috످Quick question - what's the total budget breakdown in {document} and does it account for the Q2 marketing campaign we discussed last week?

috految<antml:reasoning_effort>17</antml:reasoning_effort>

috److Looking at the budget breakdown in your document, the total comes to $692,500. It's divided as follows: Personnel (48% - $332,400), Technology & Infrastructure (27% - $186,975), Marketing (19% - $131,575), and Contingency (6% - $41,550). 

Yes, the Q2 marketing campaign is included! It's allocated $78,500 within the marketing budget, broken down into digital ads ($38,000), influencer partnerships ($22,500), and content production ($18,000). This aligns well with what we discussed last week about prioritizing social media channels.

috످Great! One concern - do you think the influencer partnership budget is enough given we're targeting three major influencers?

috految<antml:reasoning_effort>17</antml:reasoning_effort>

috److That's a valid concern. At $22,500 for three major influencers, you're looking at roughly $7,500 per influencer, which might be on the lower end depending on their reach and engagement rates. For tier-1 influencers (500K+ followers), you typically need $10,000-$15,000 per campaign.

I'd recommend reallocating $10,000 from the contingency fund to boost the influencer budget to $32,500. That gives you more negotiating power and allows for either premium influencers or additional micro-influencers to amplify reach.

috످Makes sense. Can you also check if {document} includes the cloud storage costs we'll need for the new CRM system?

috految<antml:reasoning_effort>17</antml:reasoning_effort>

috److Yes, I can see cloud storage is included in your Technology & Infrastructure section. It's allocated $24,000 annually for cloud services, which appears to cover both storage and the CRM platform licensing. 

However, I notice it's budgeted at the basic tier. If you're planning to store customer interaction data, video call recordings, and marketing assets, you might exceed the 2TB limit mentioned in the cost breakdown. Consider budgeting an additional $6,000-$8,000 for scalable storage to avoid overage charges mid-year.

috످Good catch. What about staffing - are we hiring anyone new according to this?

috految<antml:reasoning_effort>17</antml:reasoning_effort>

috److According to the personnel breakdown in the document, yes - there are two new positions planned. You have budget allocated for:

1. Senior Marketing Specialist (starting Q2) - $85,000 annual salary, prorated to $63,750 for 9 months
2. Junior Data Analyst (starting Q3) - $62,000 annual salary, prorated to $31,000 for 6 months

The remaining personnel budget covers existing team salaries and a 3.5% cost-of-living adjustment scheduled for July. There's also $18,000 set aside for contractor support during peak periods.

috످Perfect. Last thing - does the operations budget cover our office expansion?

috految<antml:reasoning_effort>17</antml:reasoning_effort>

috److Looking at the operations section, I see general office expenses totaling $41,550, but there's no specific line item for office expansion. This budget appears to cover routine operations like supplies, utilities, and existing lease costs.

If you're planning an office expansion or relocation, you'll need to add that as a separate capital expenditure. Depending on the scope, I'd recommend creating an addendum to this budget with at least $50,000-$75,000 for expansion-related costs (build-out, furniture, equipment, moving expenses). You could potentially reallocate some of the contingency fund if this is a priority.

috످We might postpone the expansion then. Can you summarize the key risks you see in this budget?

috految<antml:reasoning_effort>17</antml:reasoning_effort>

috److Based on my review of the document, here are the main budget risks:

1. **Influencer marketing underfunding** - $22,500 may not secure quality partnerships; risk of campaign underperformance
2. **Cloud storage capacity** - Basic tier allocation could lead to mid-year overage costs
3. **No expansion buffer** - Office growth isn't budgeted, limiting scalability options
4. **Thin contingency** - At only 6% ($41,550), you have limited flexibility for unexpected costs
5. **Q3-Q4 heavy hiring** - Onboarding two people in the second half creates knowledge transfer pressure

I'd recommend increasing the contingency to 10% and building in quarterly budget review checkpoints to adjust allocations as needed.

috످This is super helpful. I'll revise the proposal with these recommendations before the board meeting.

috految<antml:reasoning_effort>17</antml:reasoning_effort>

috److Please don't use my recommendations in your board proposal. I never saw your budget, and I made up every figure and finding I gave you. Your messages contained only the placeholder "{document}", with no file attached. I also can't see the discussion from last week that I claimed to remember. I'm sorry for misleading you.

Before the board meeting, don't postpone the office expansion based on what I said. It may already be funded. Undo any edits based on my answers, including the total, category breakdown, influencer rates, $10,000 reallocation, storage costs, new hires, 3.5% raise, contingency increase, and risk summary. Check your actual budget to see if it covers the Q2 campaign, influencers, CRM storage, and hiring.

If you've shared any of this, send a correction: "Please disregard the budget figures and recommendations I shared. They were AI-generated and not based on our actual budget."

If you paste the budget text and any notes from last week, I can redo the analysis and help you revise the proposal.

috످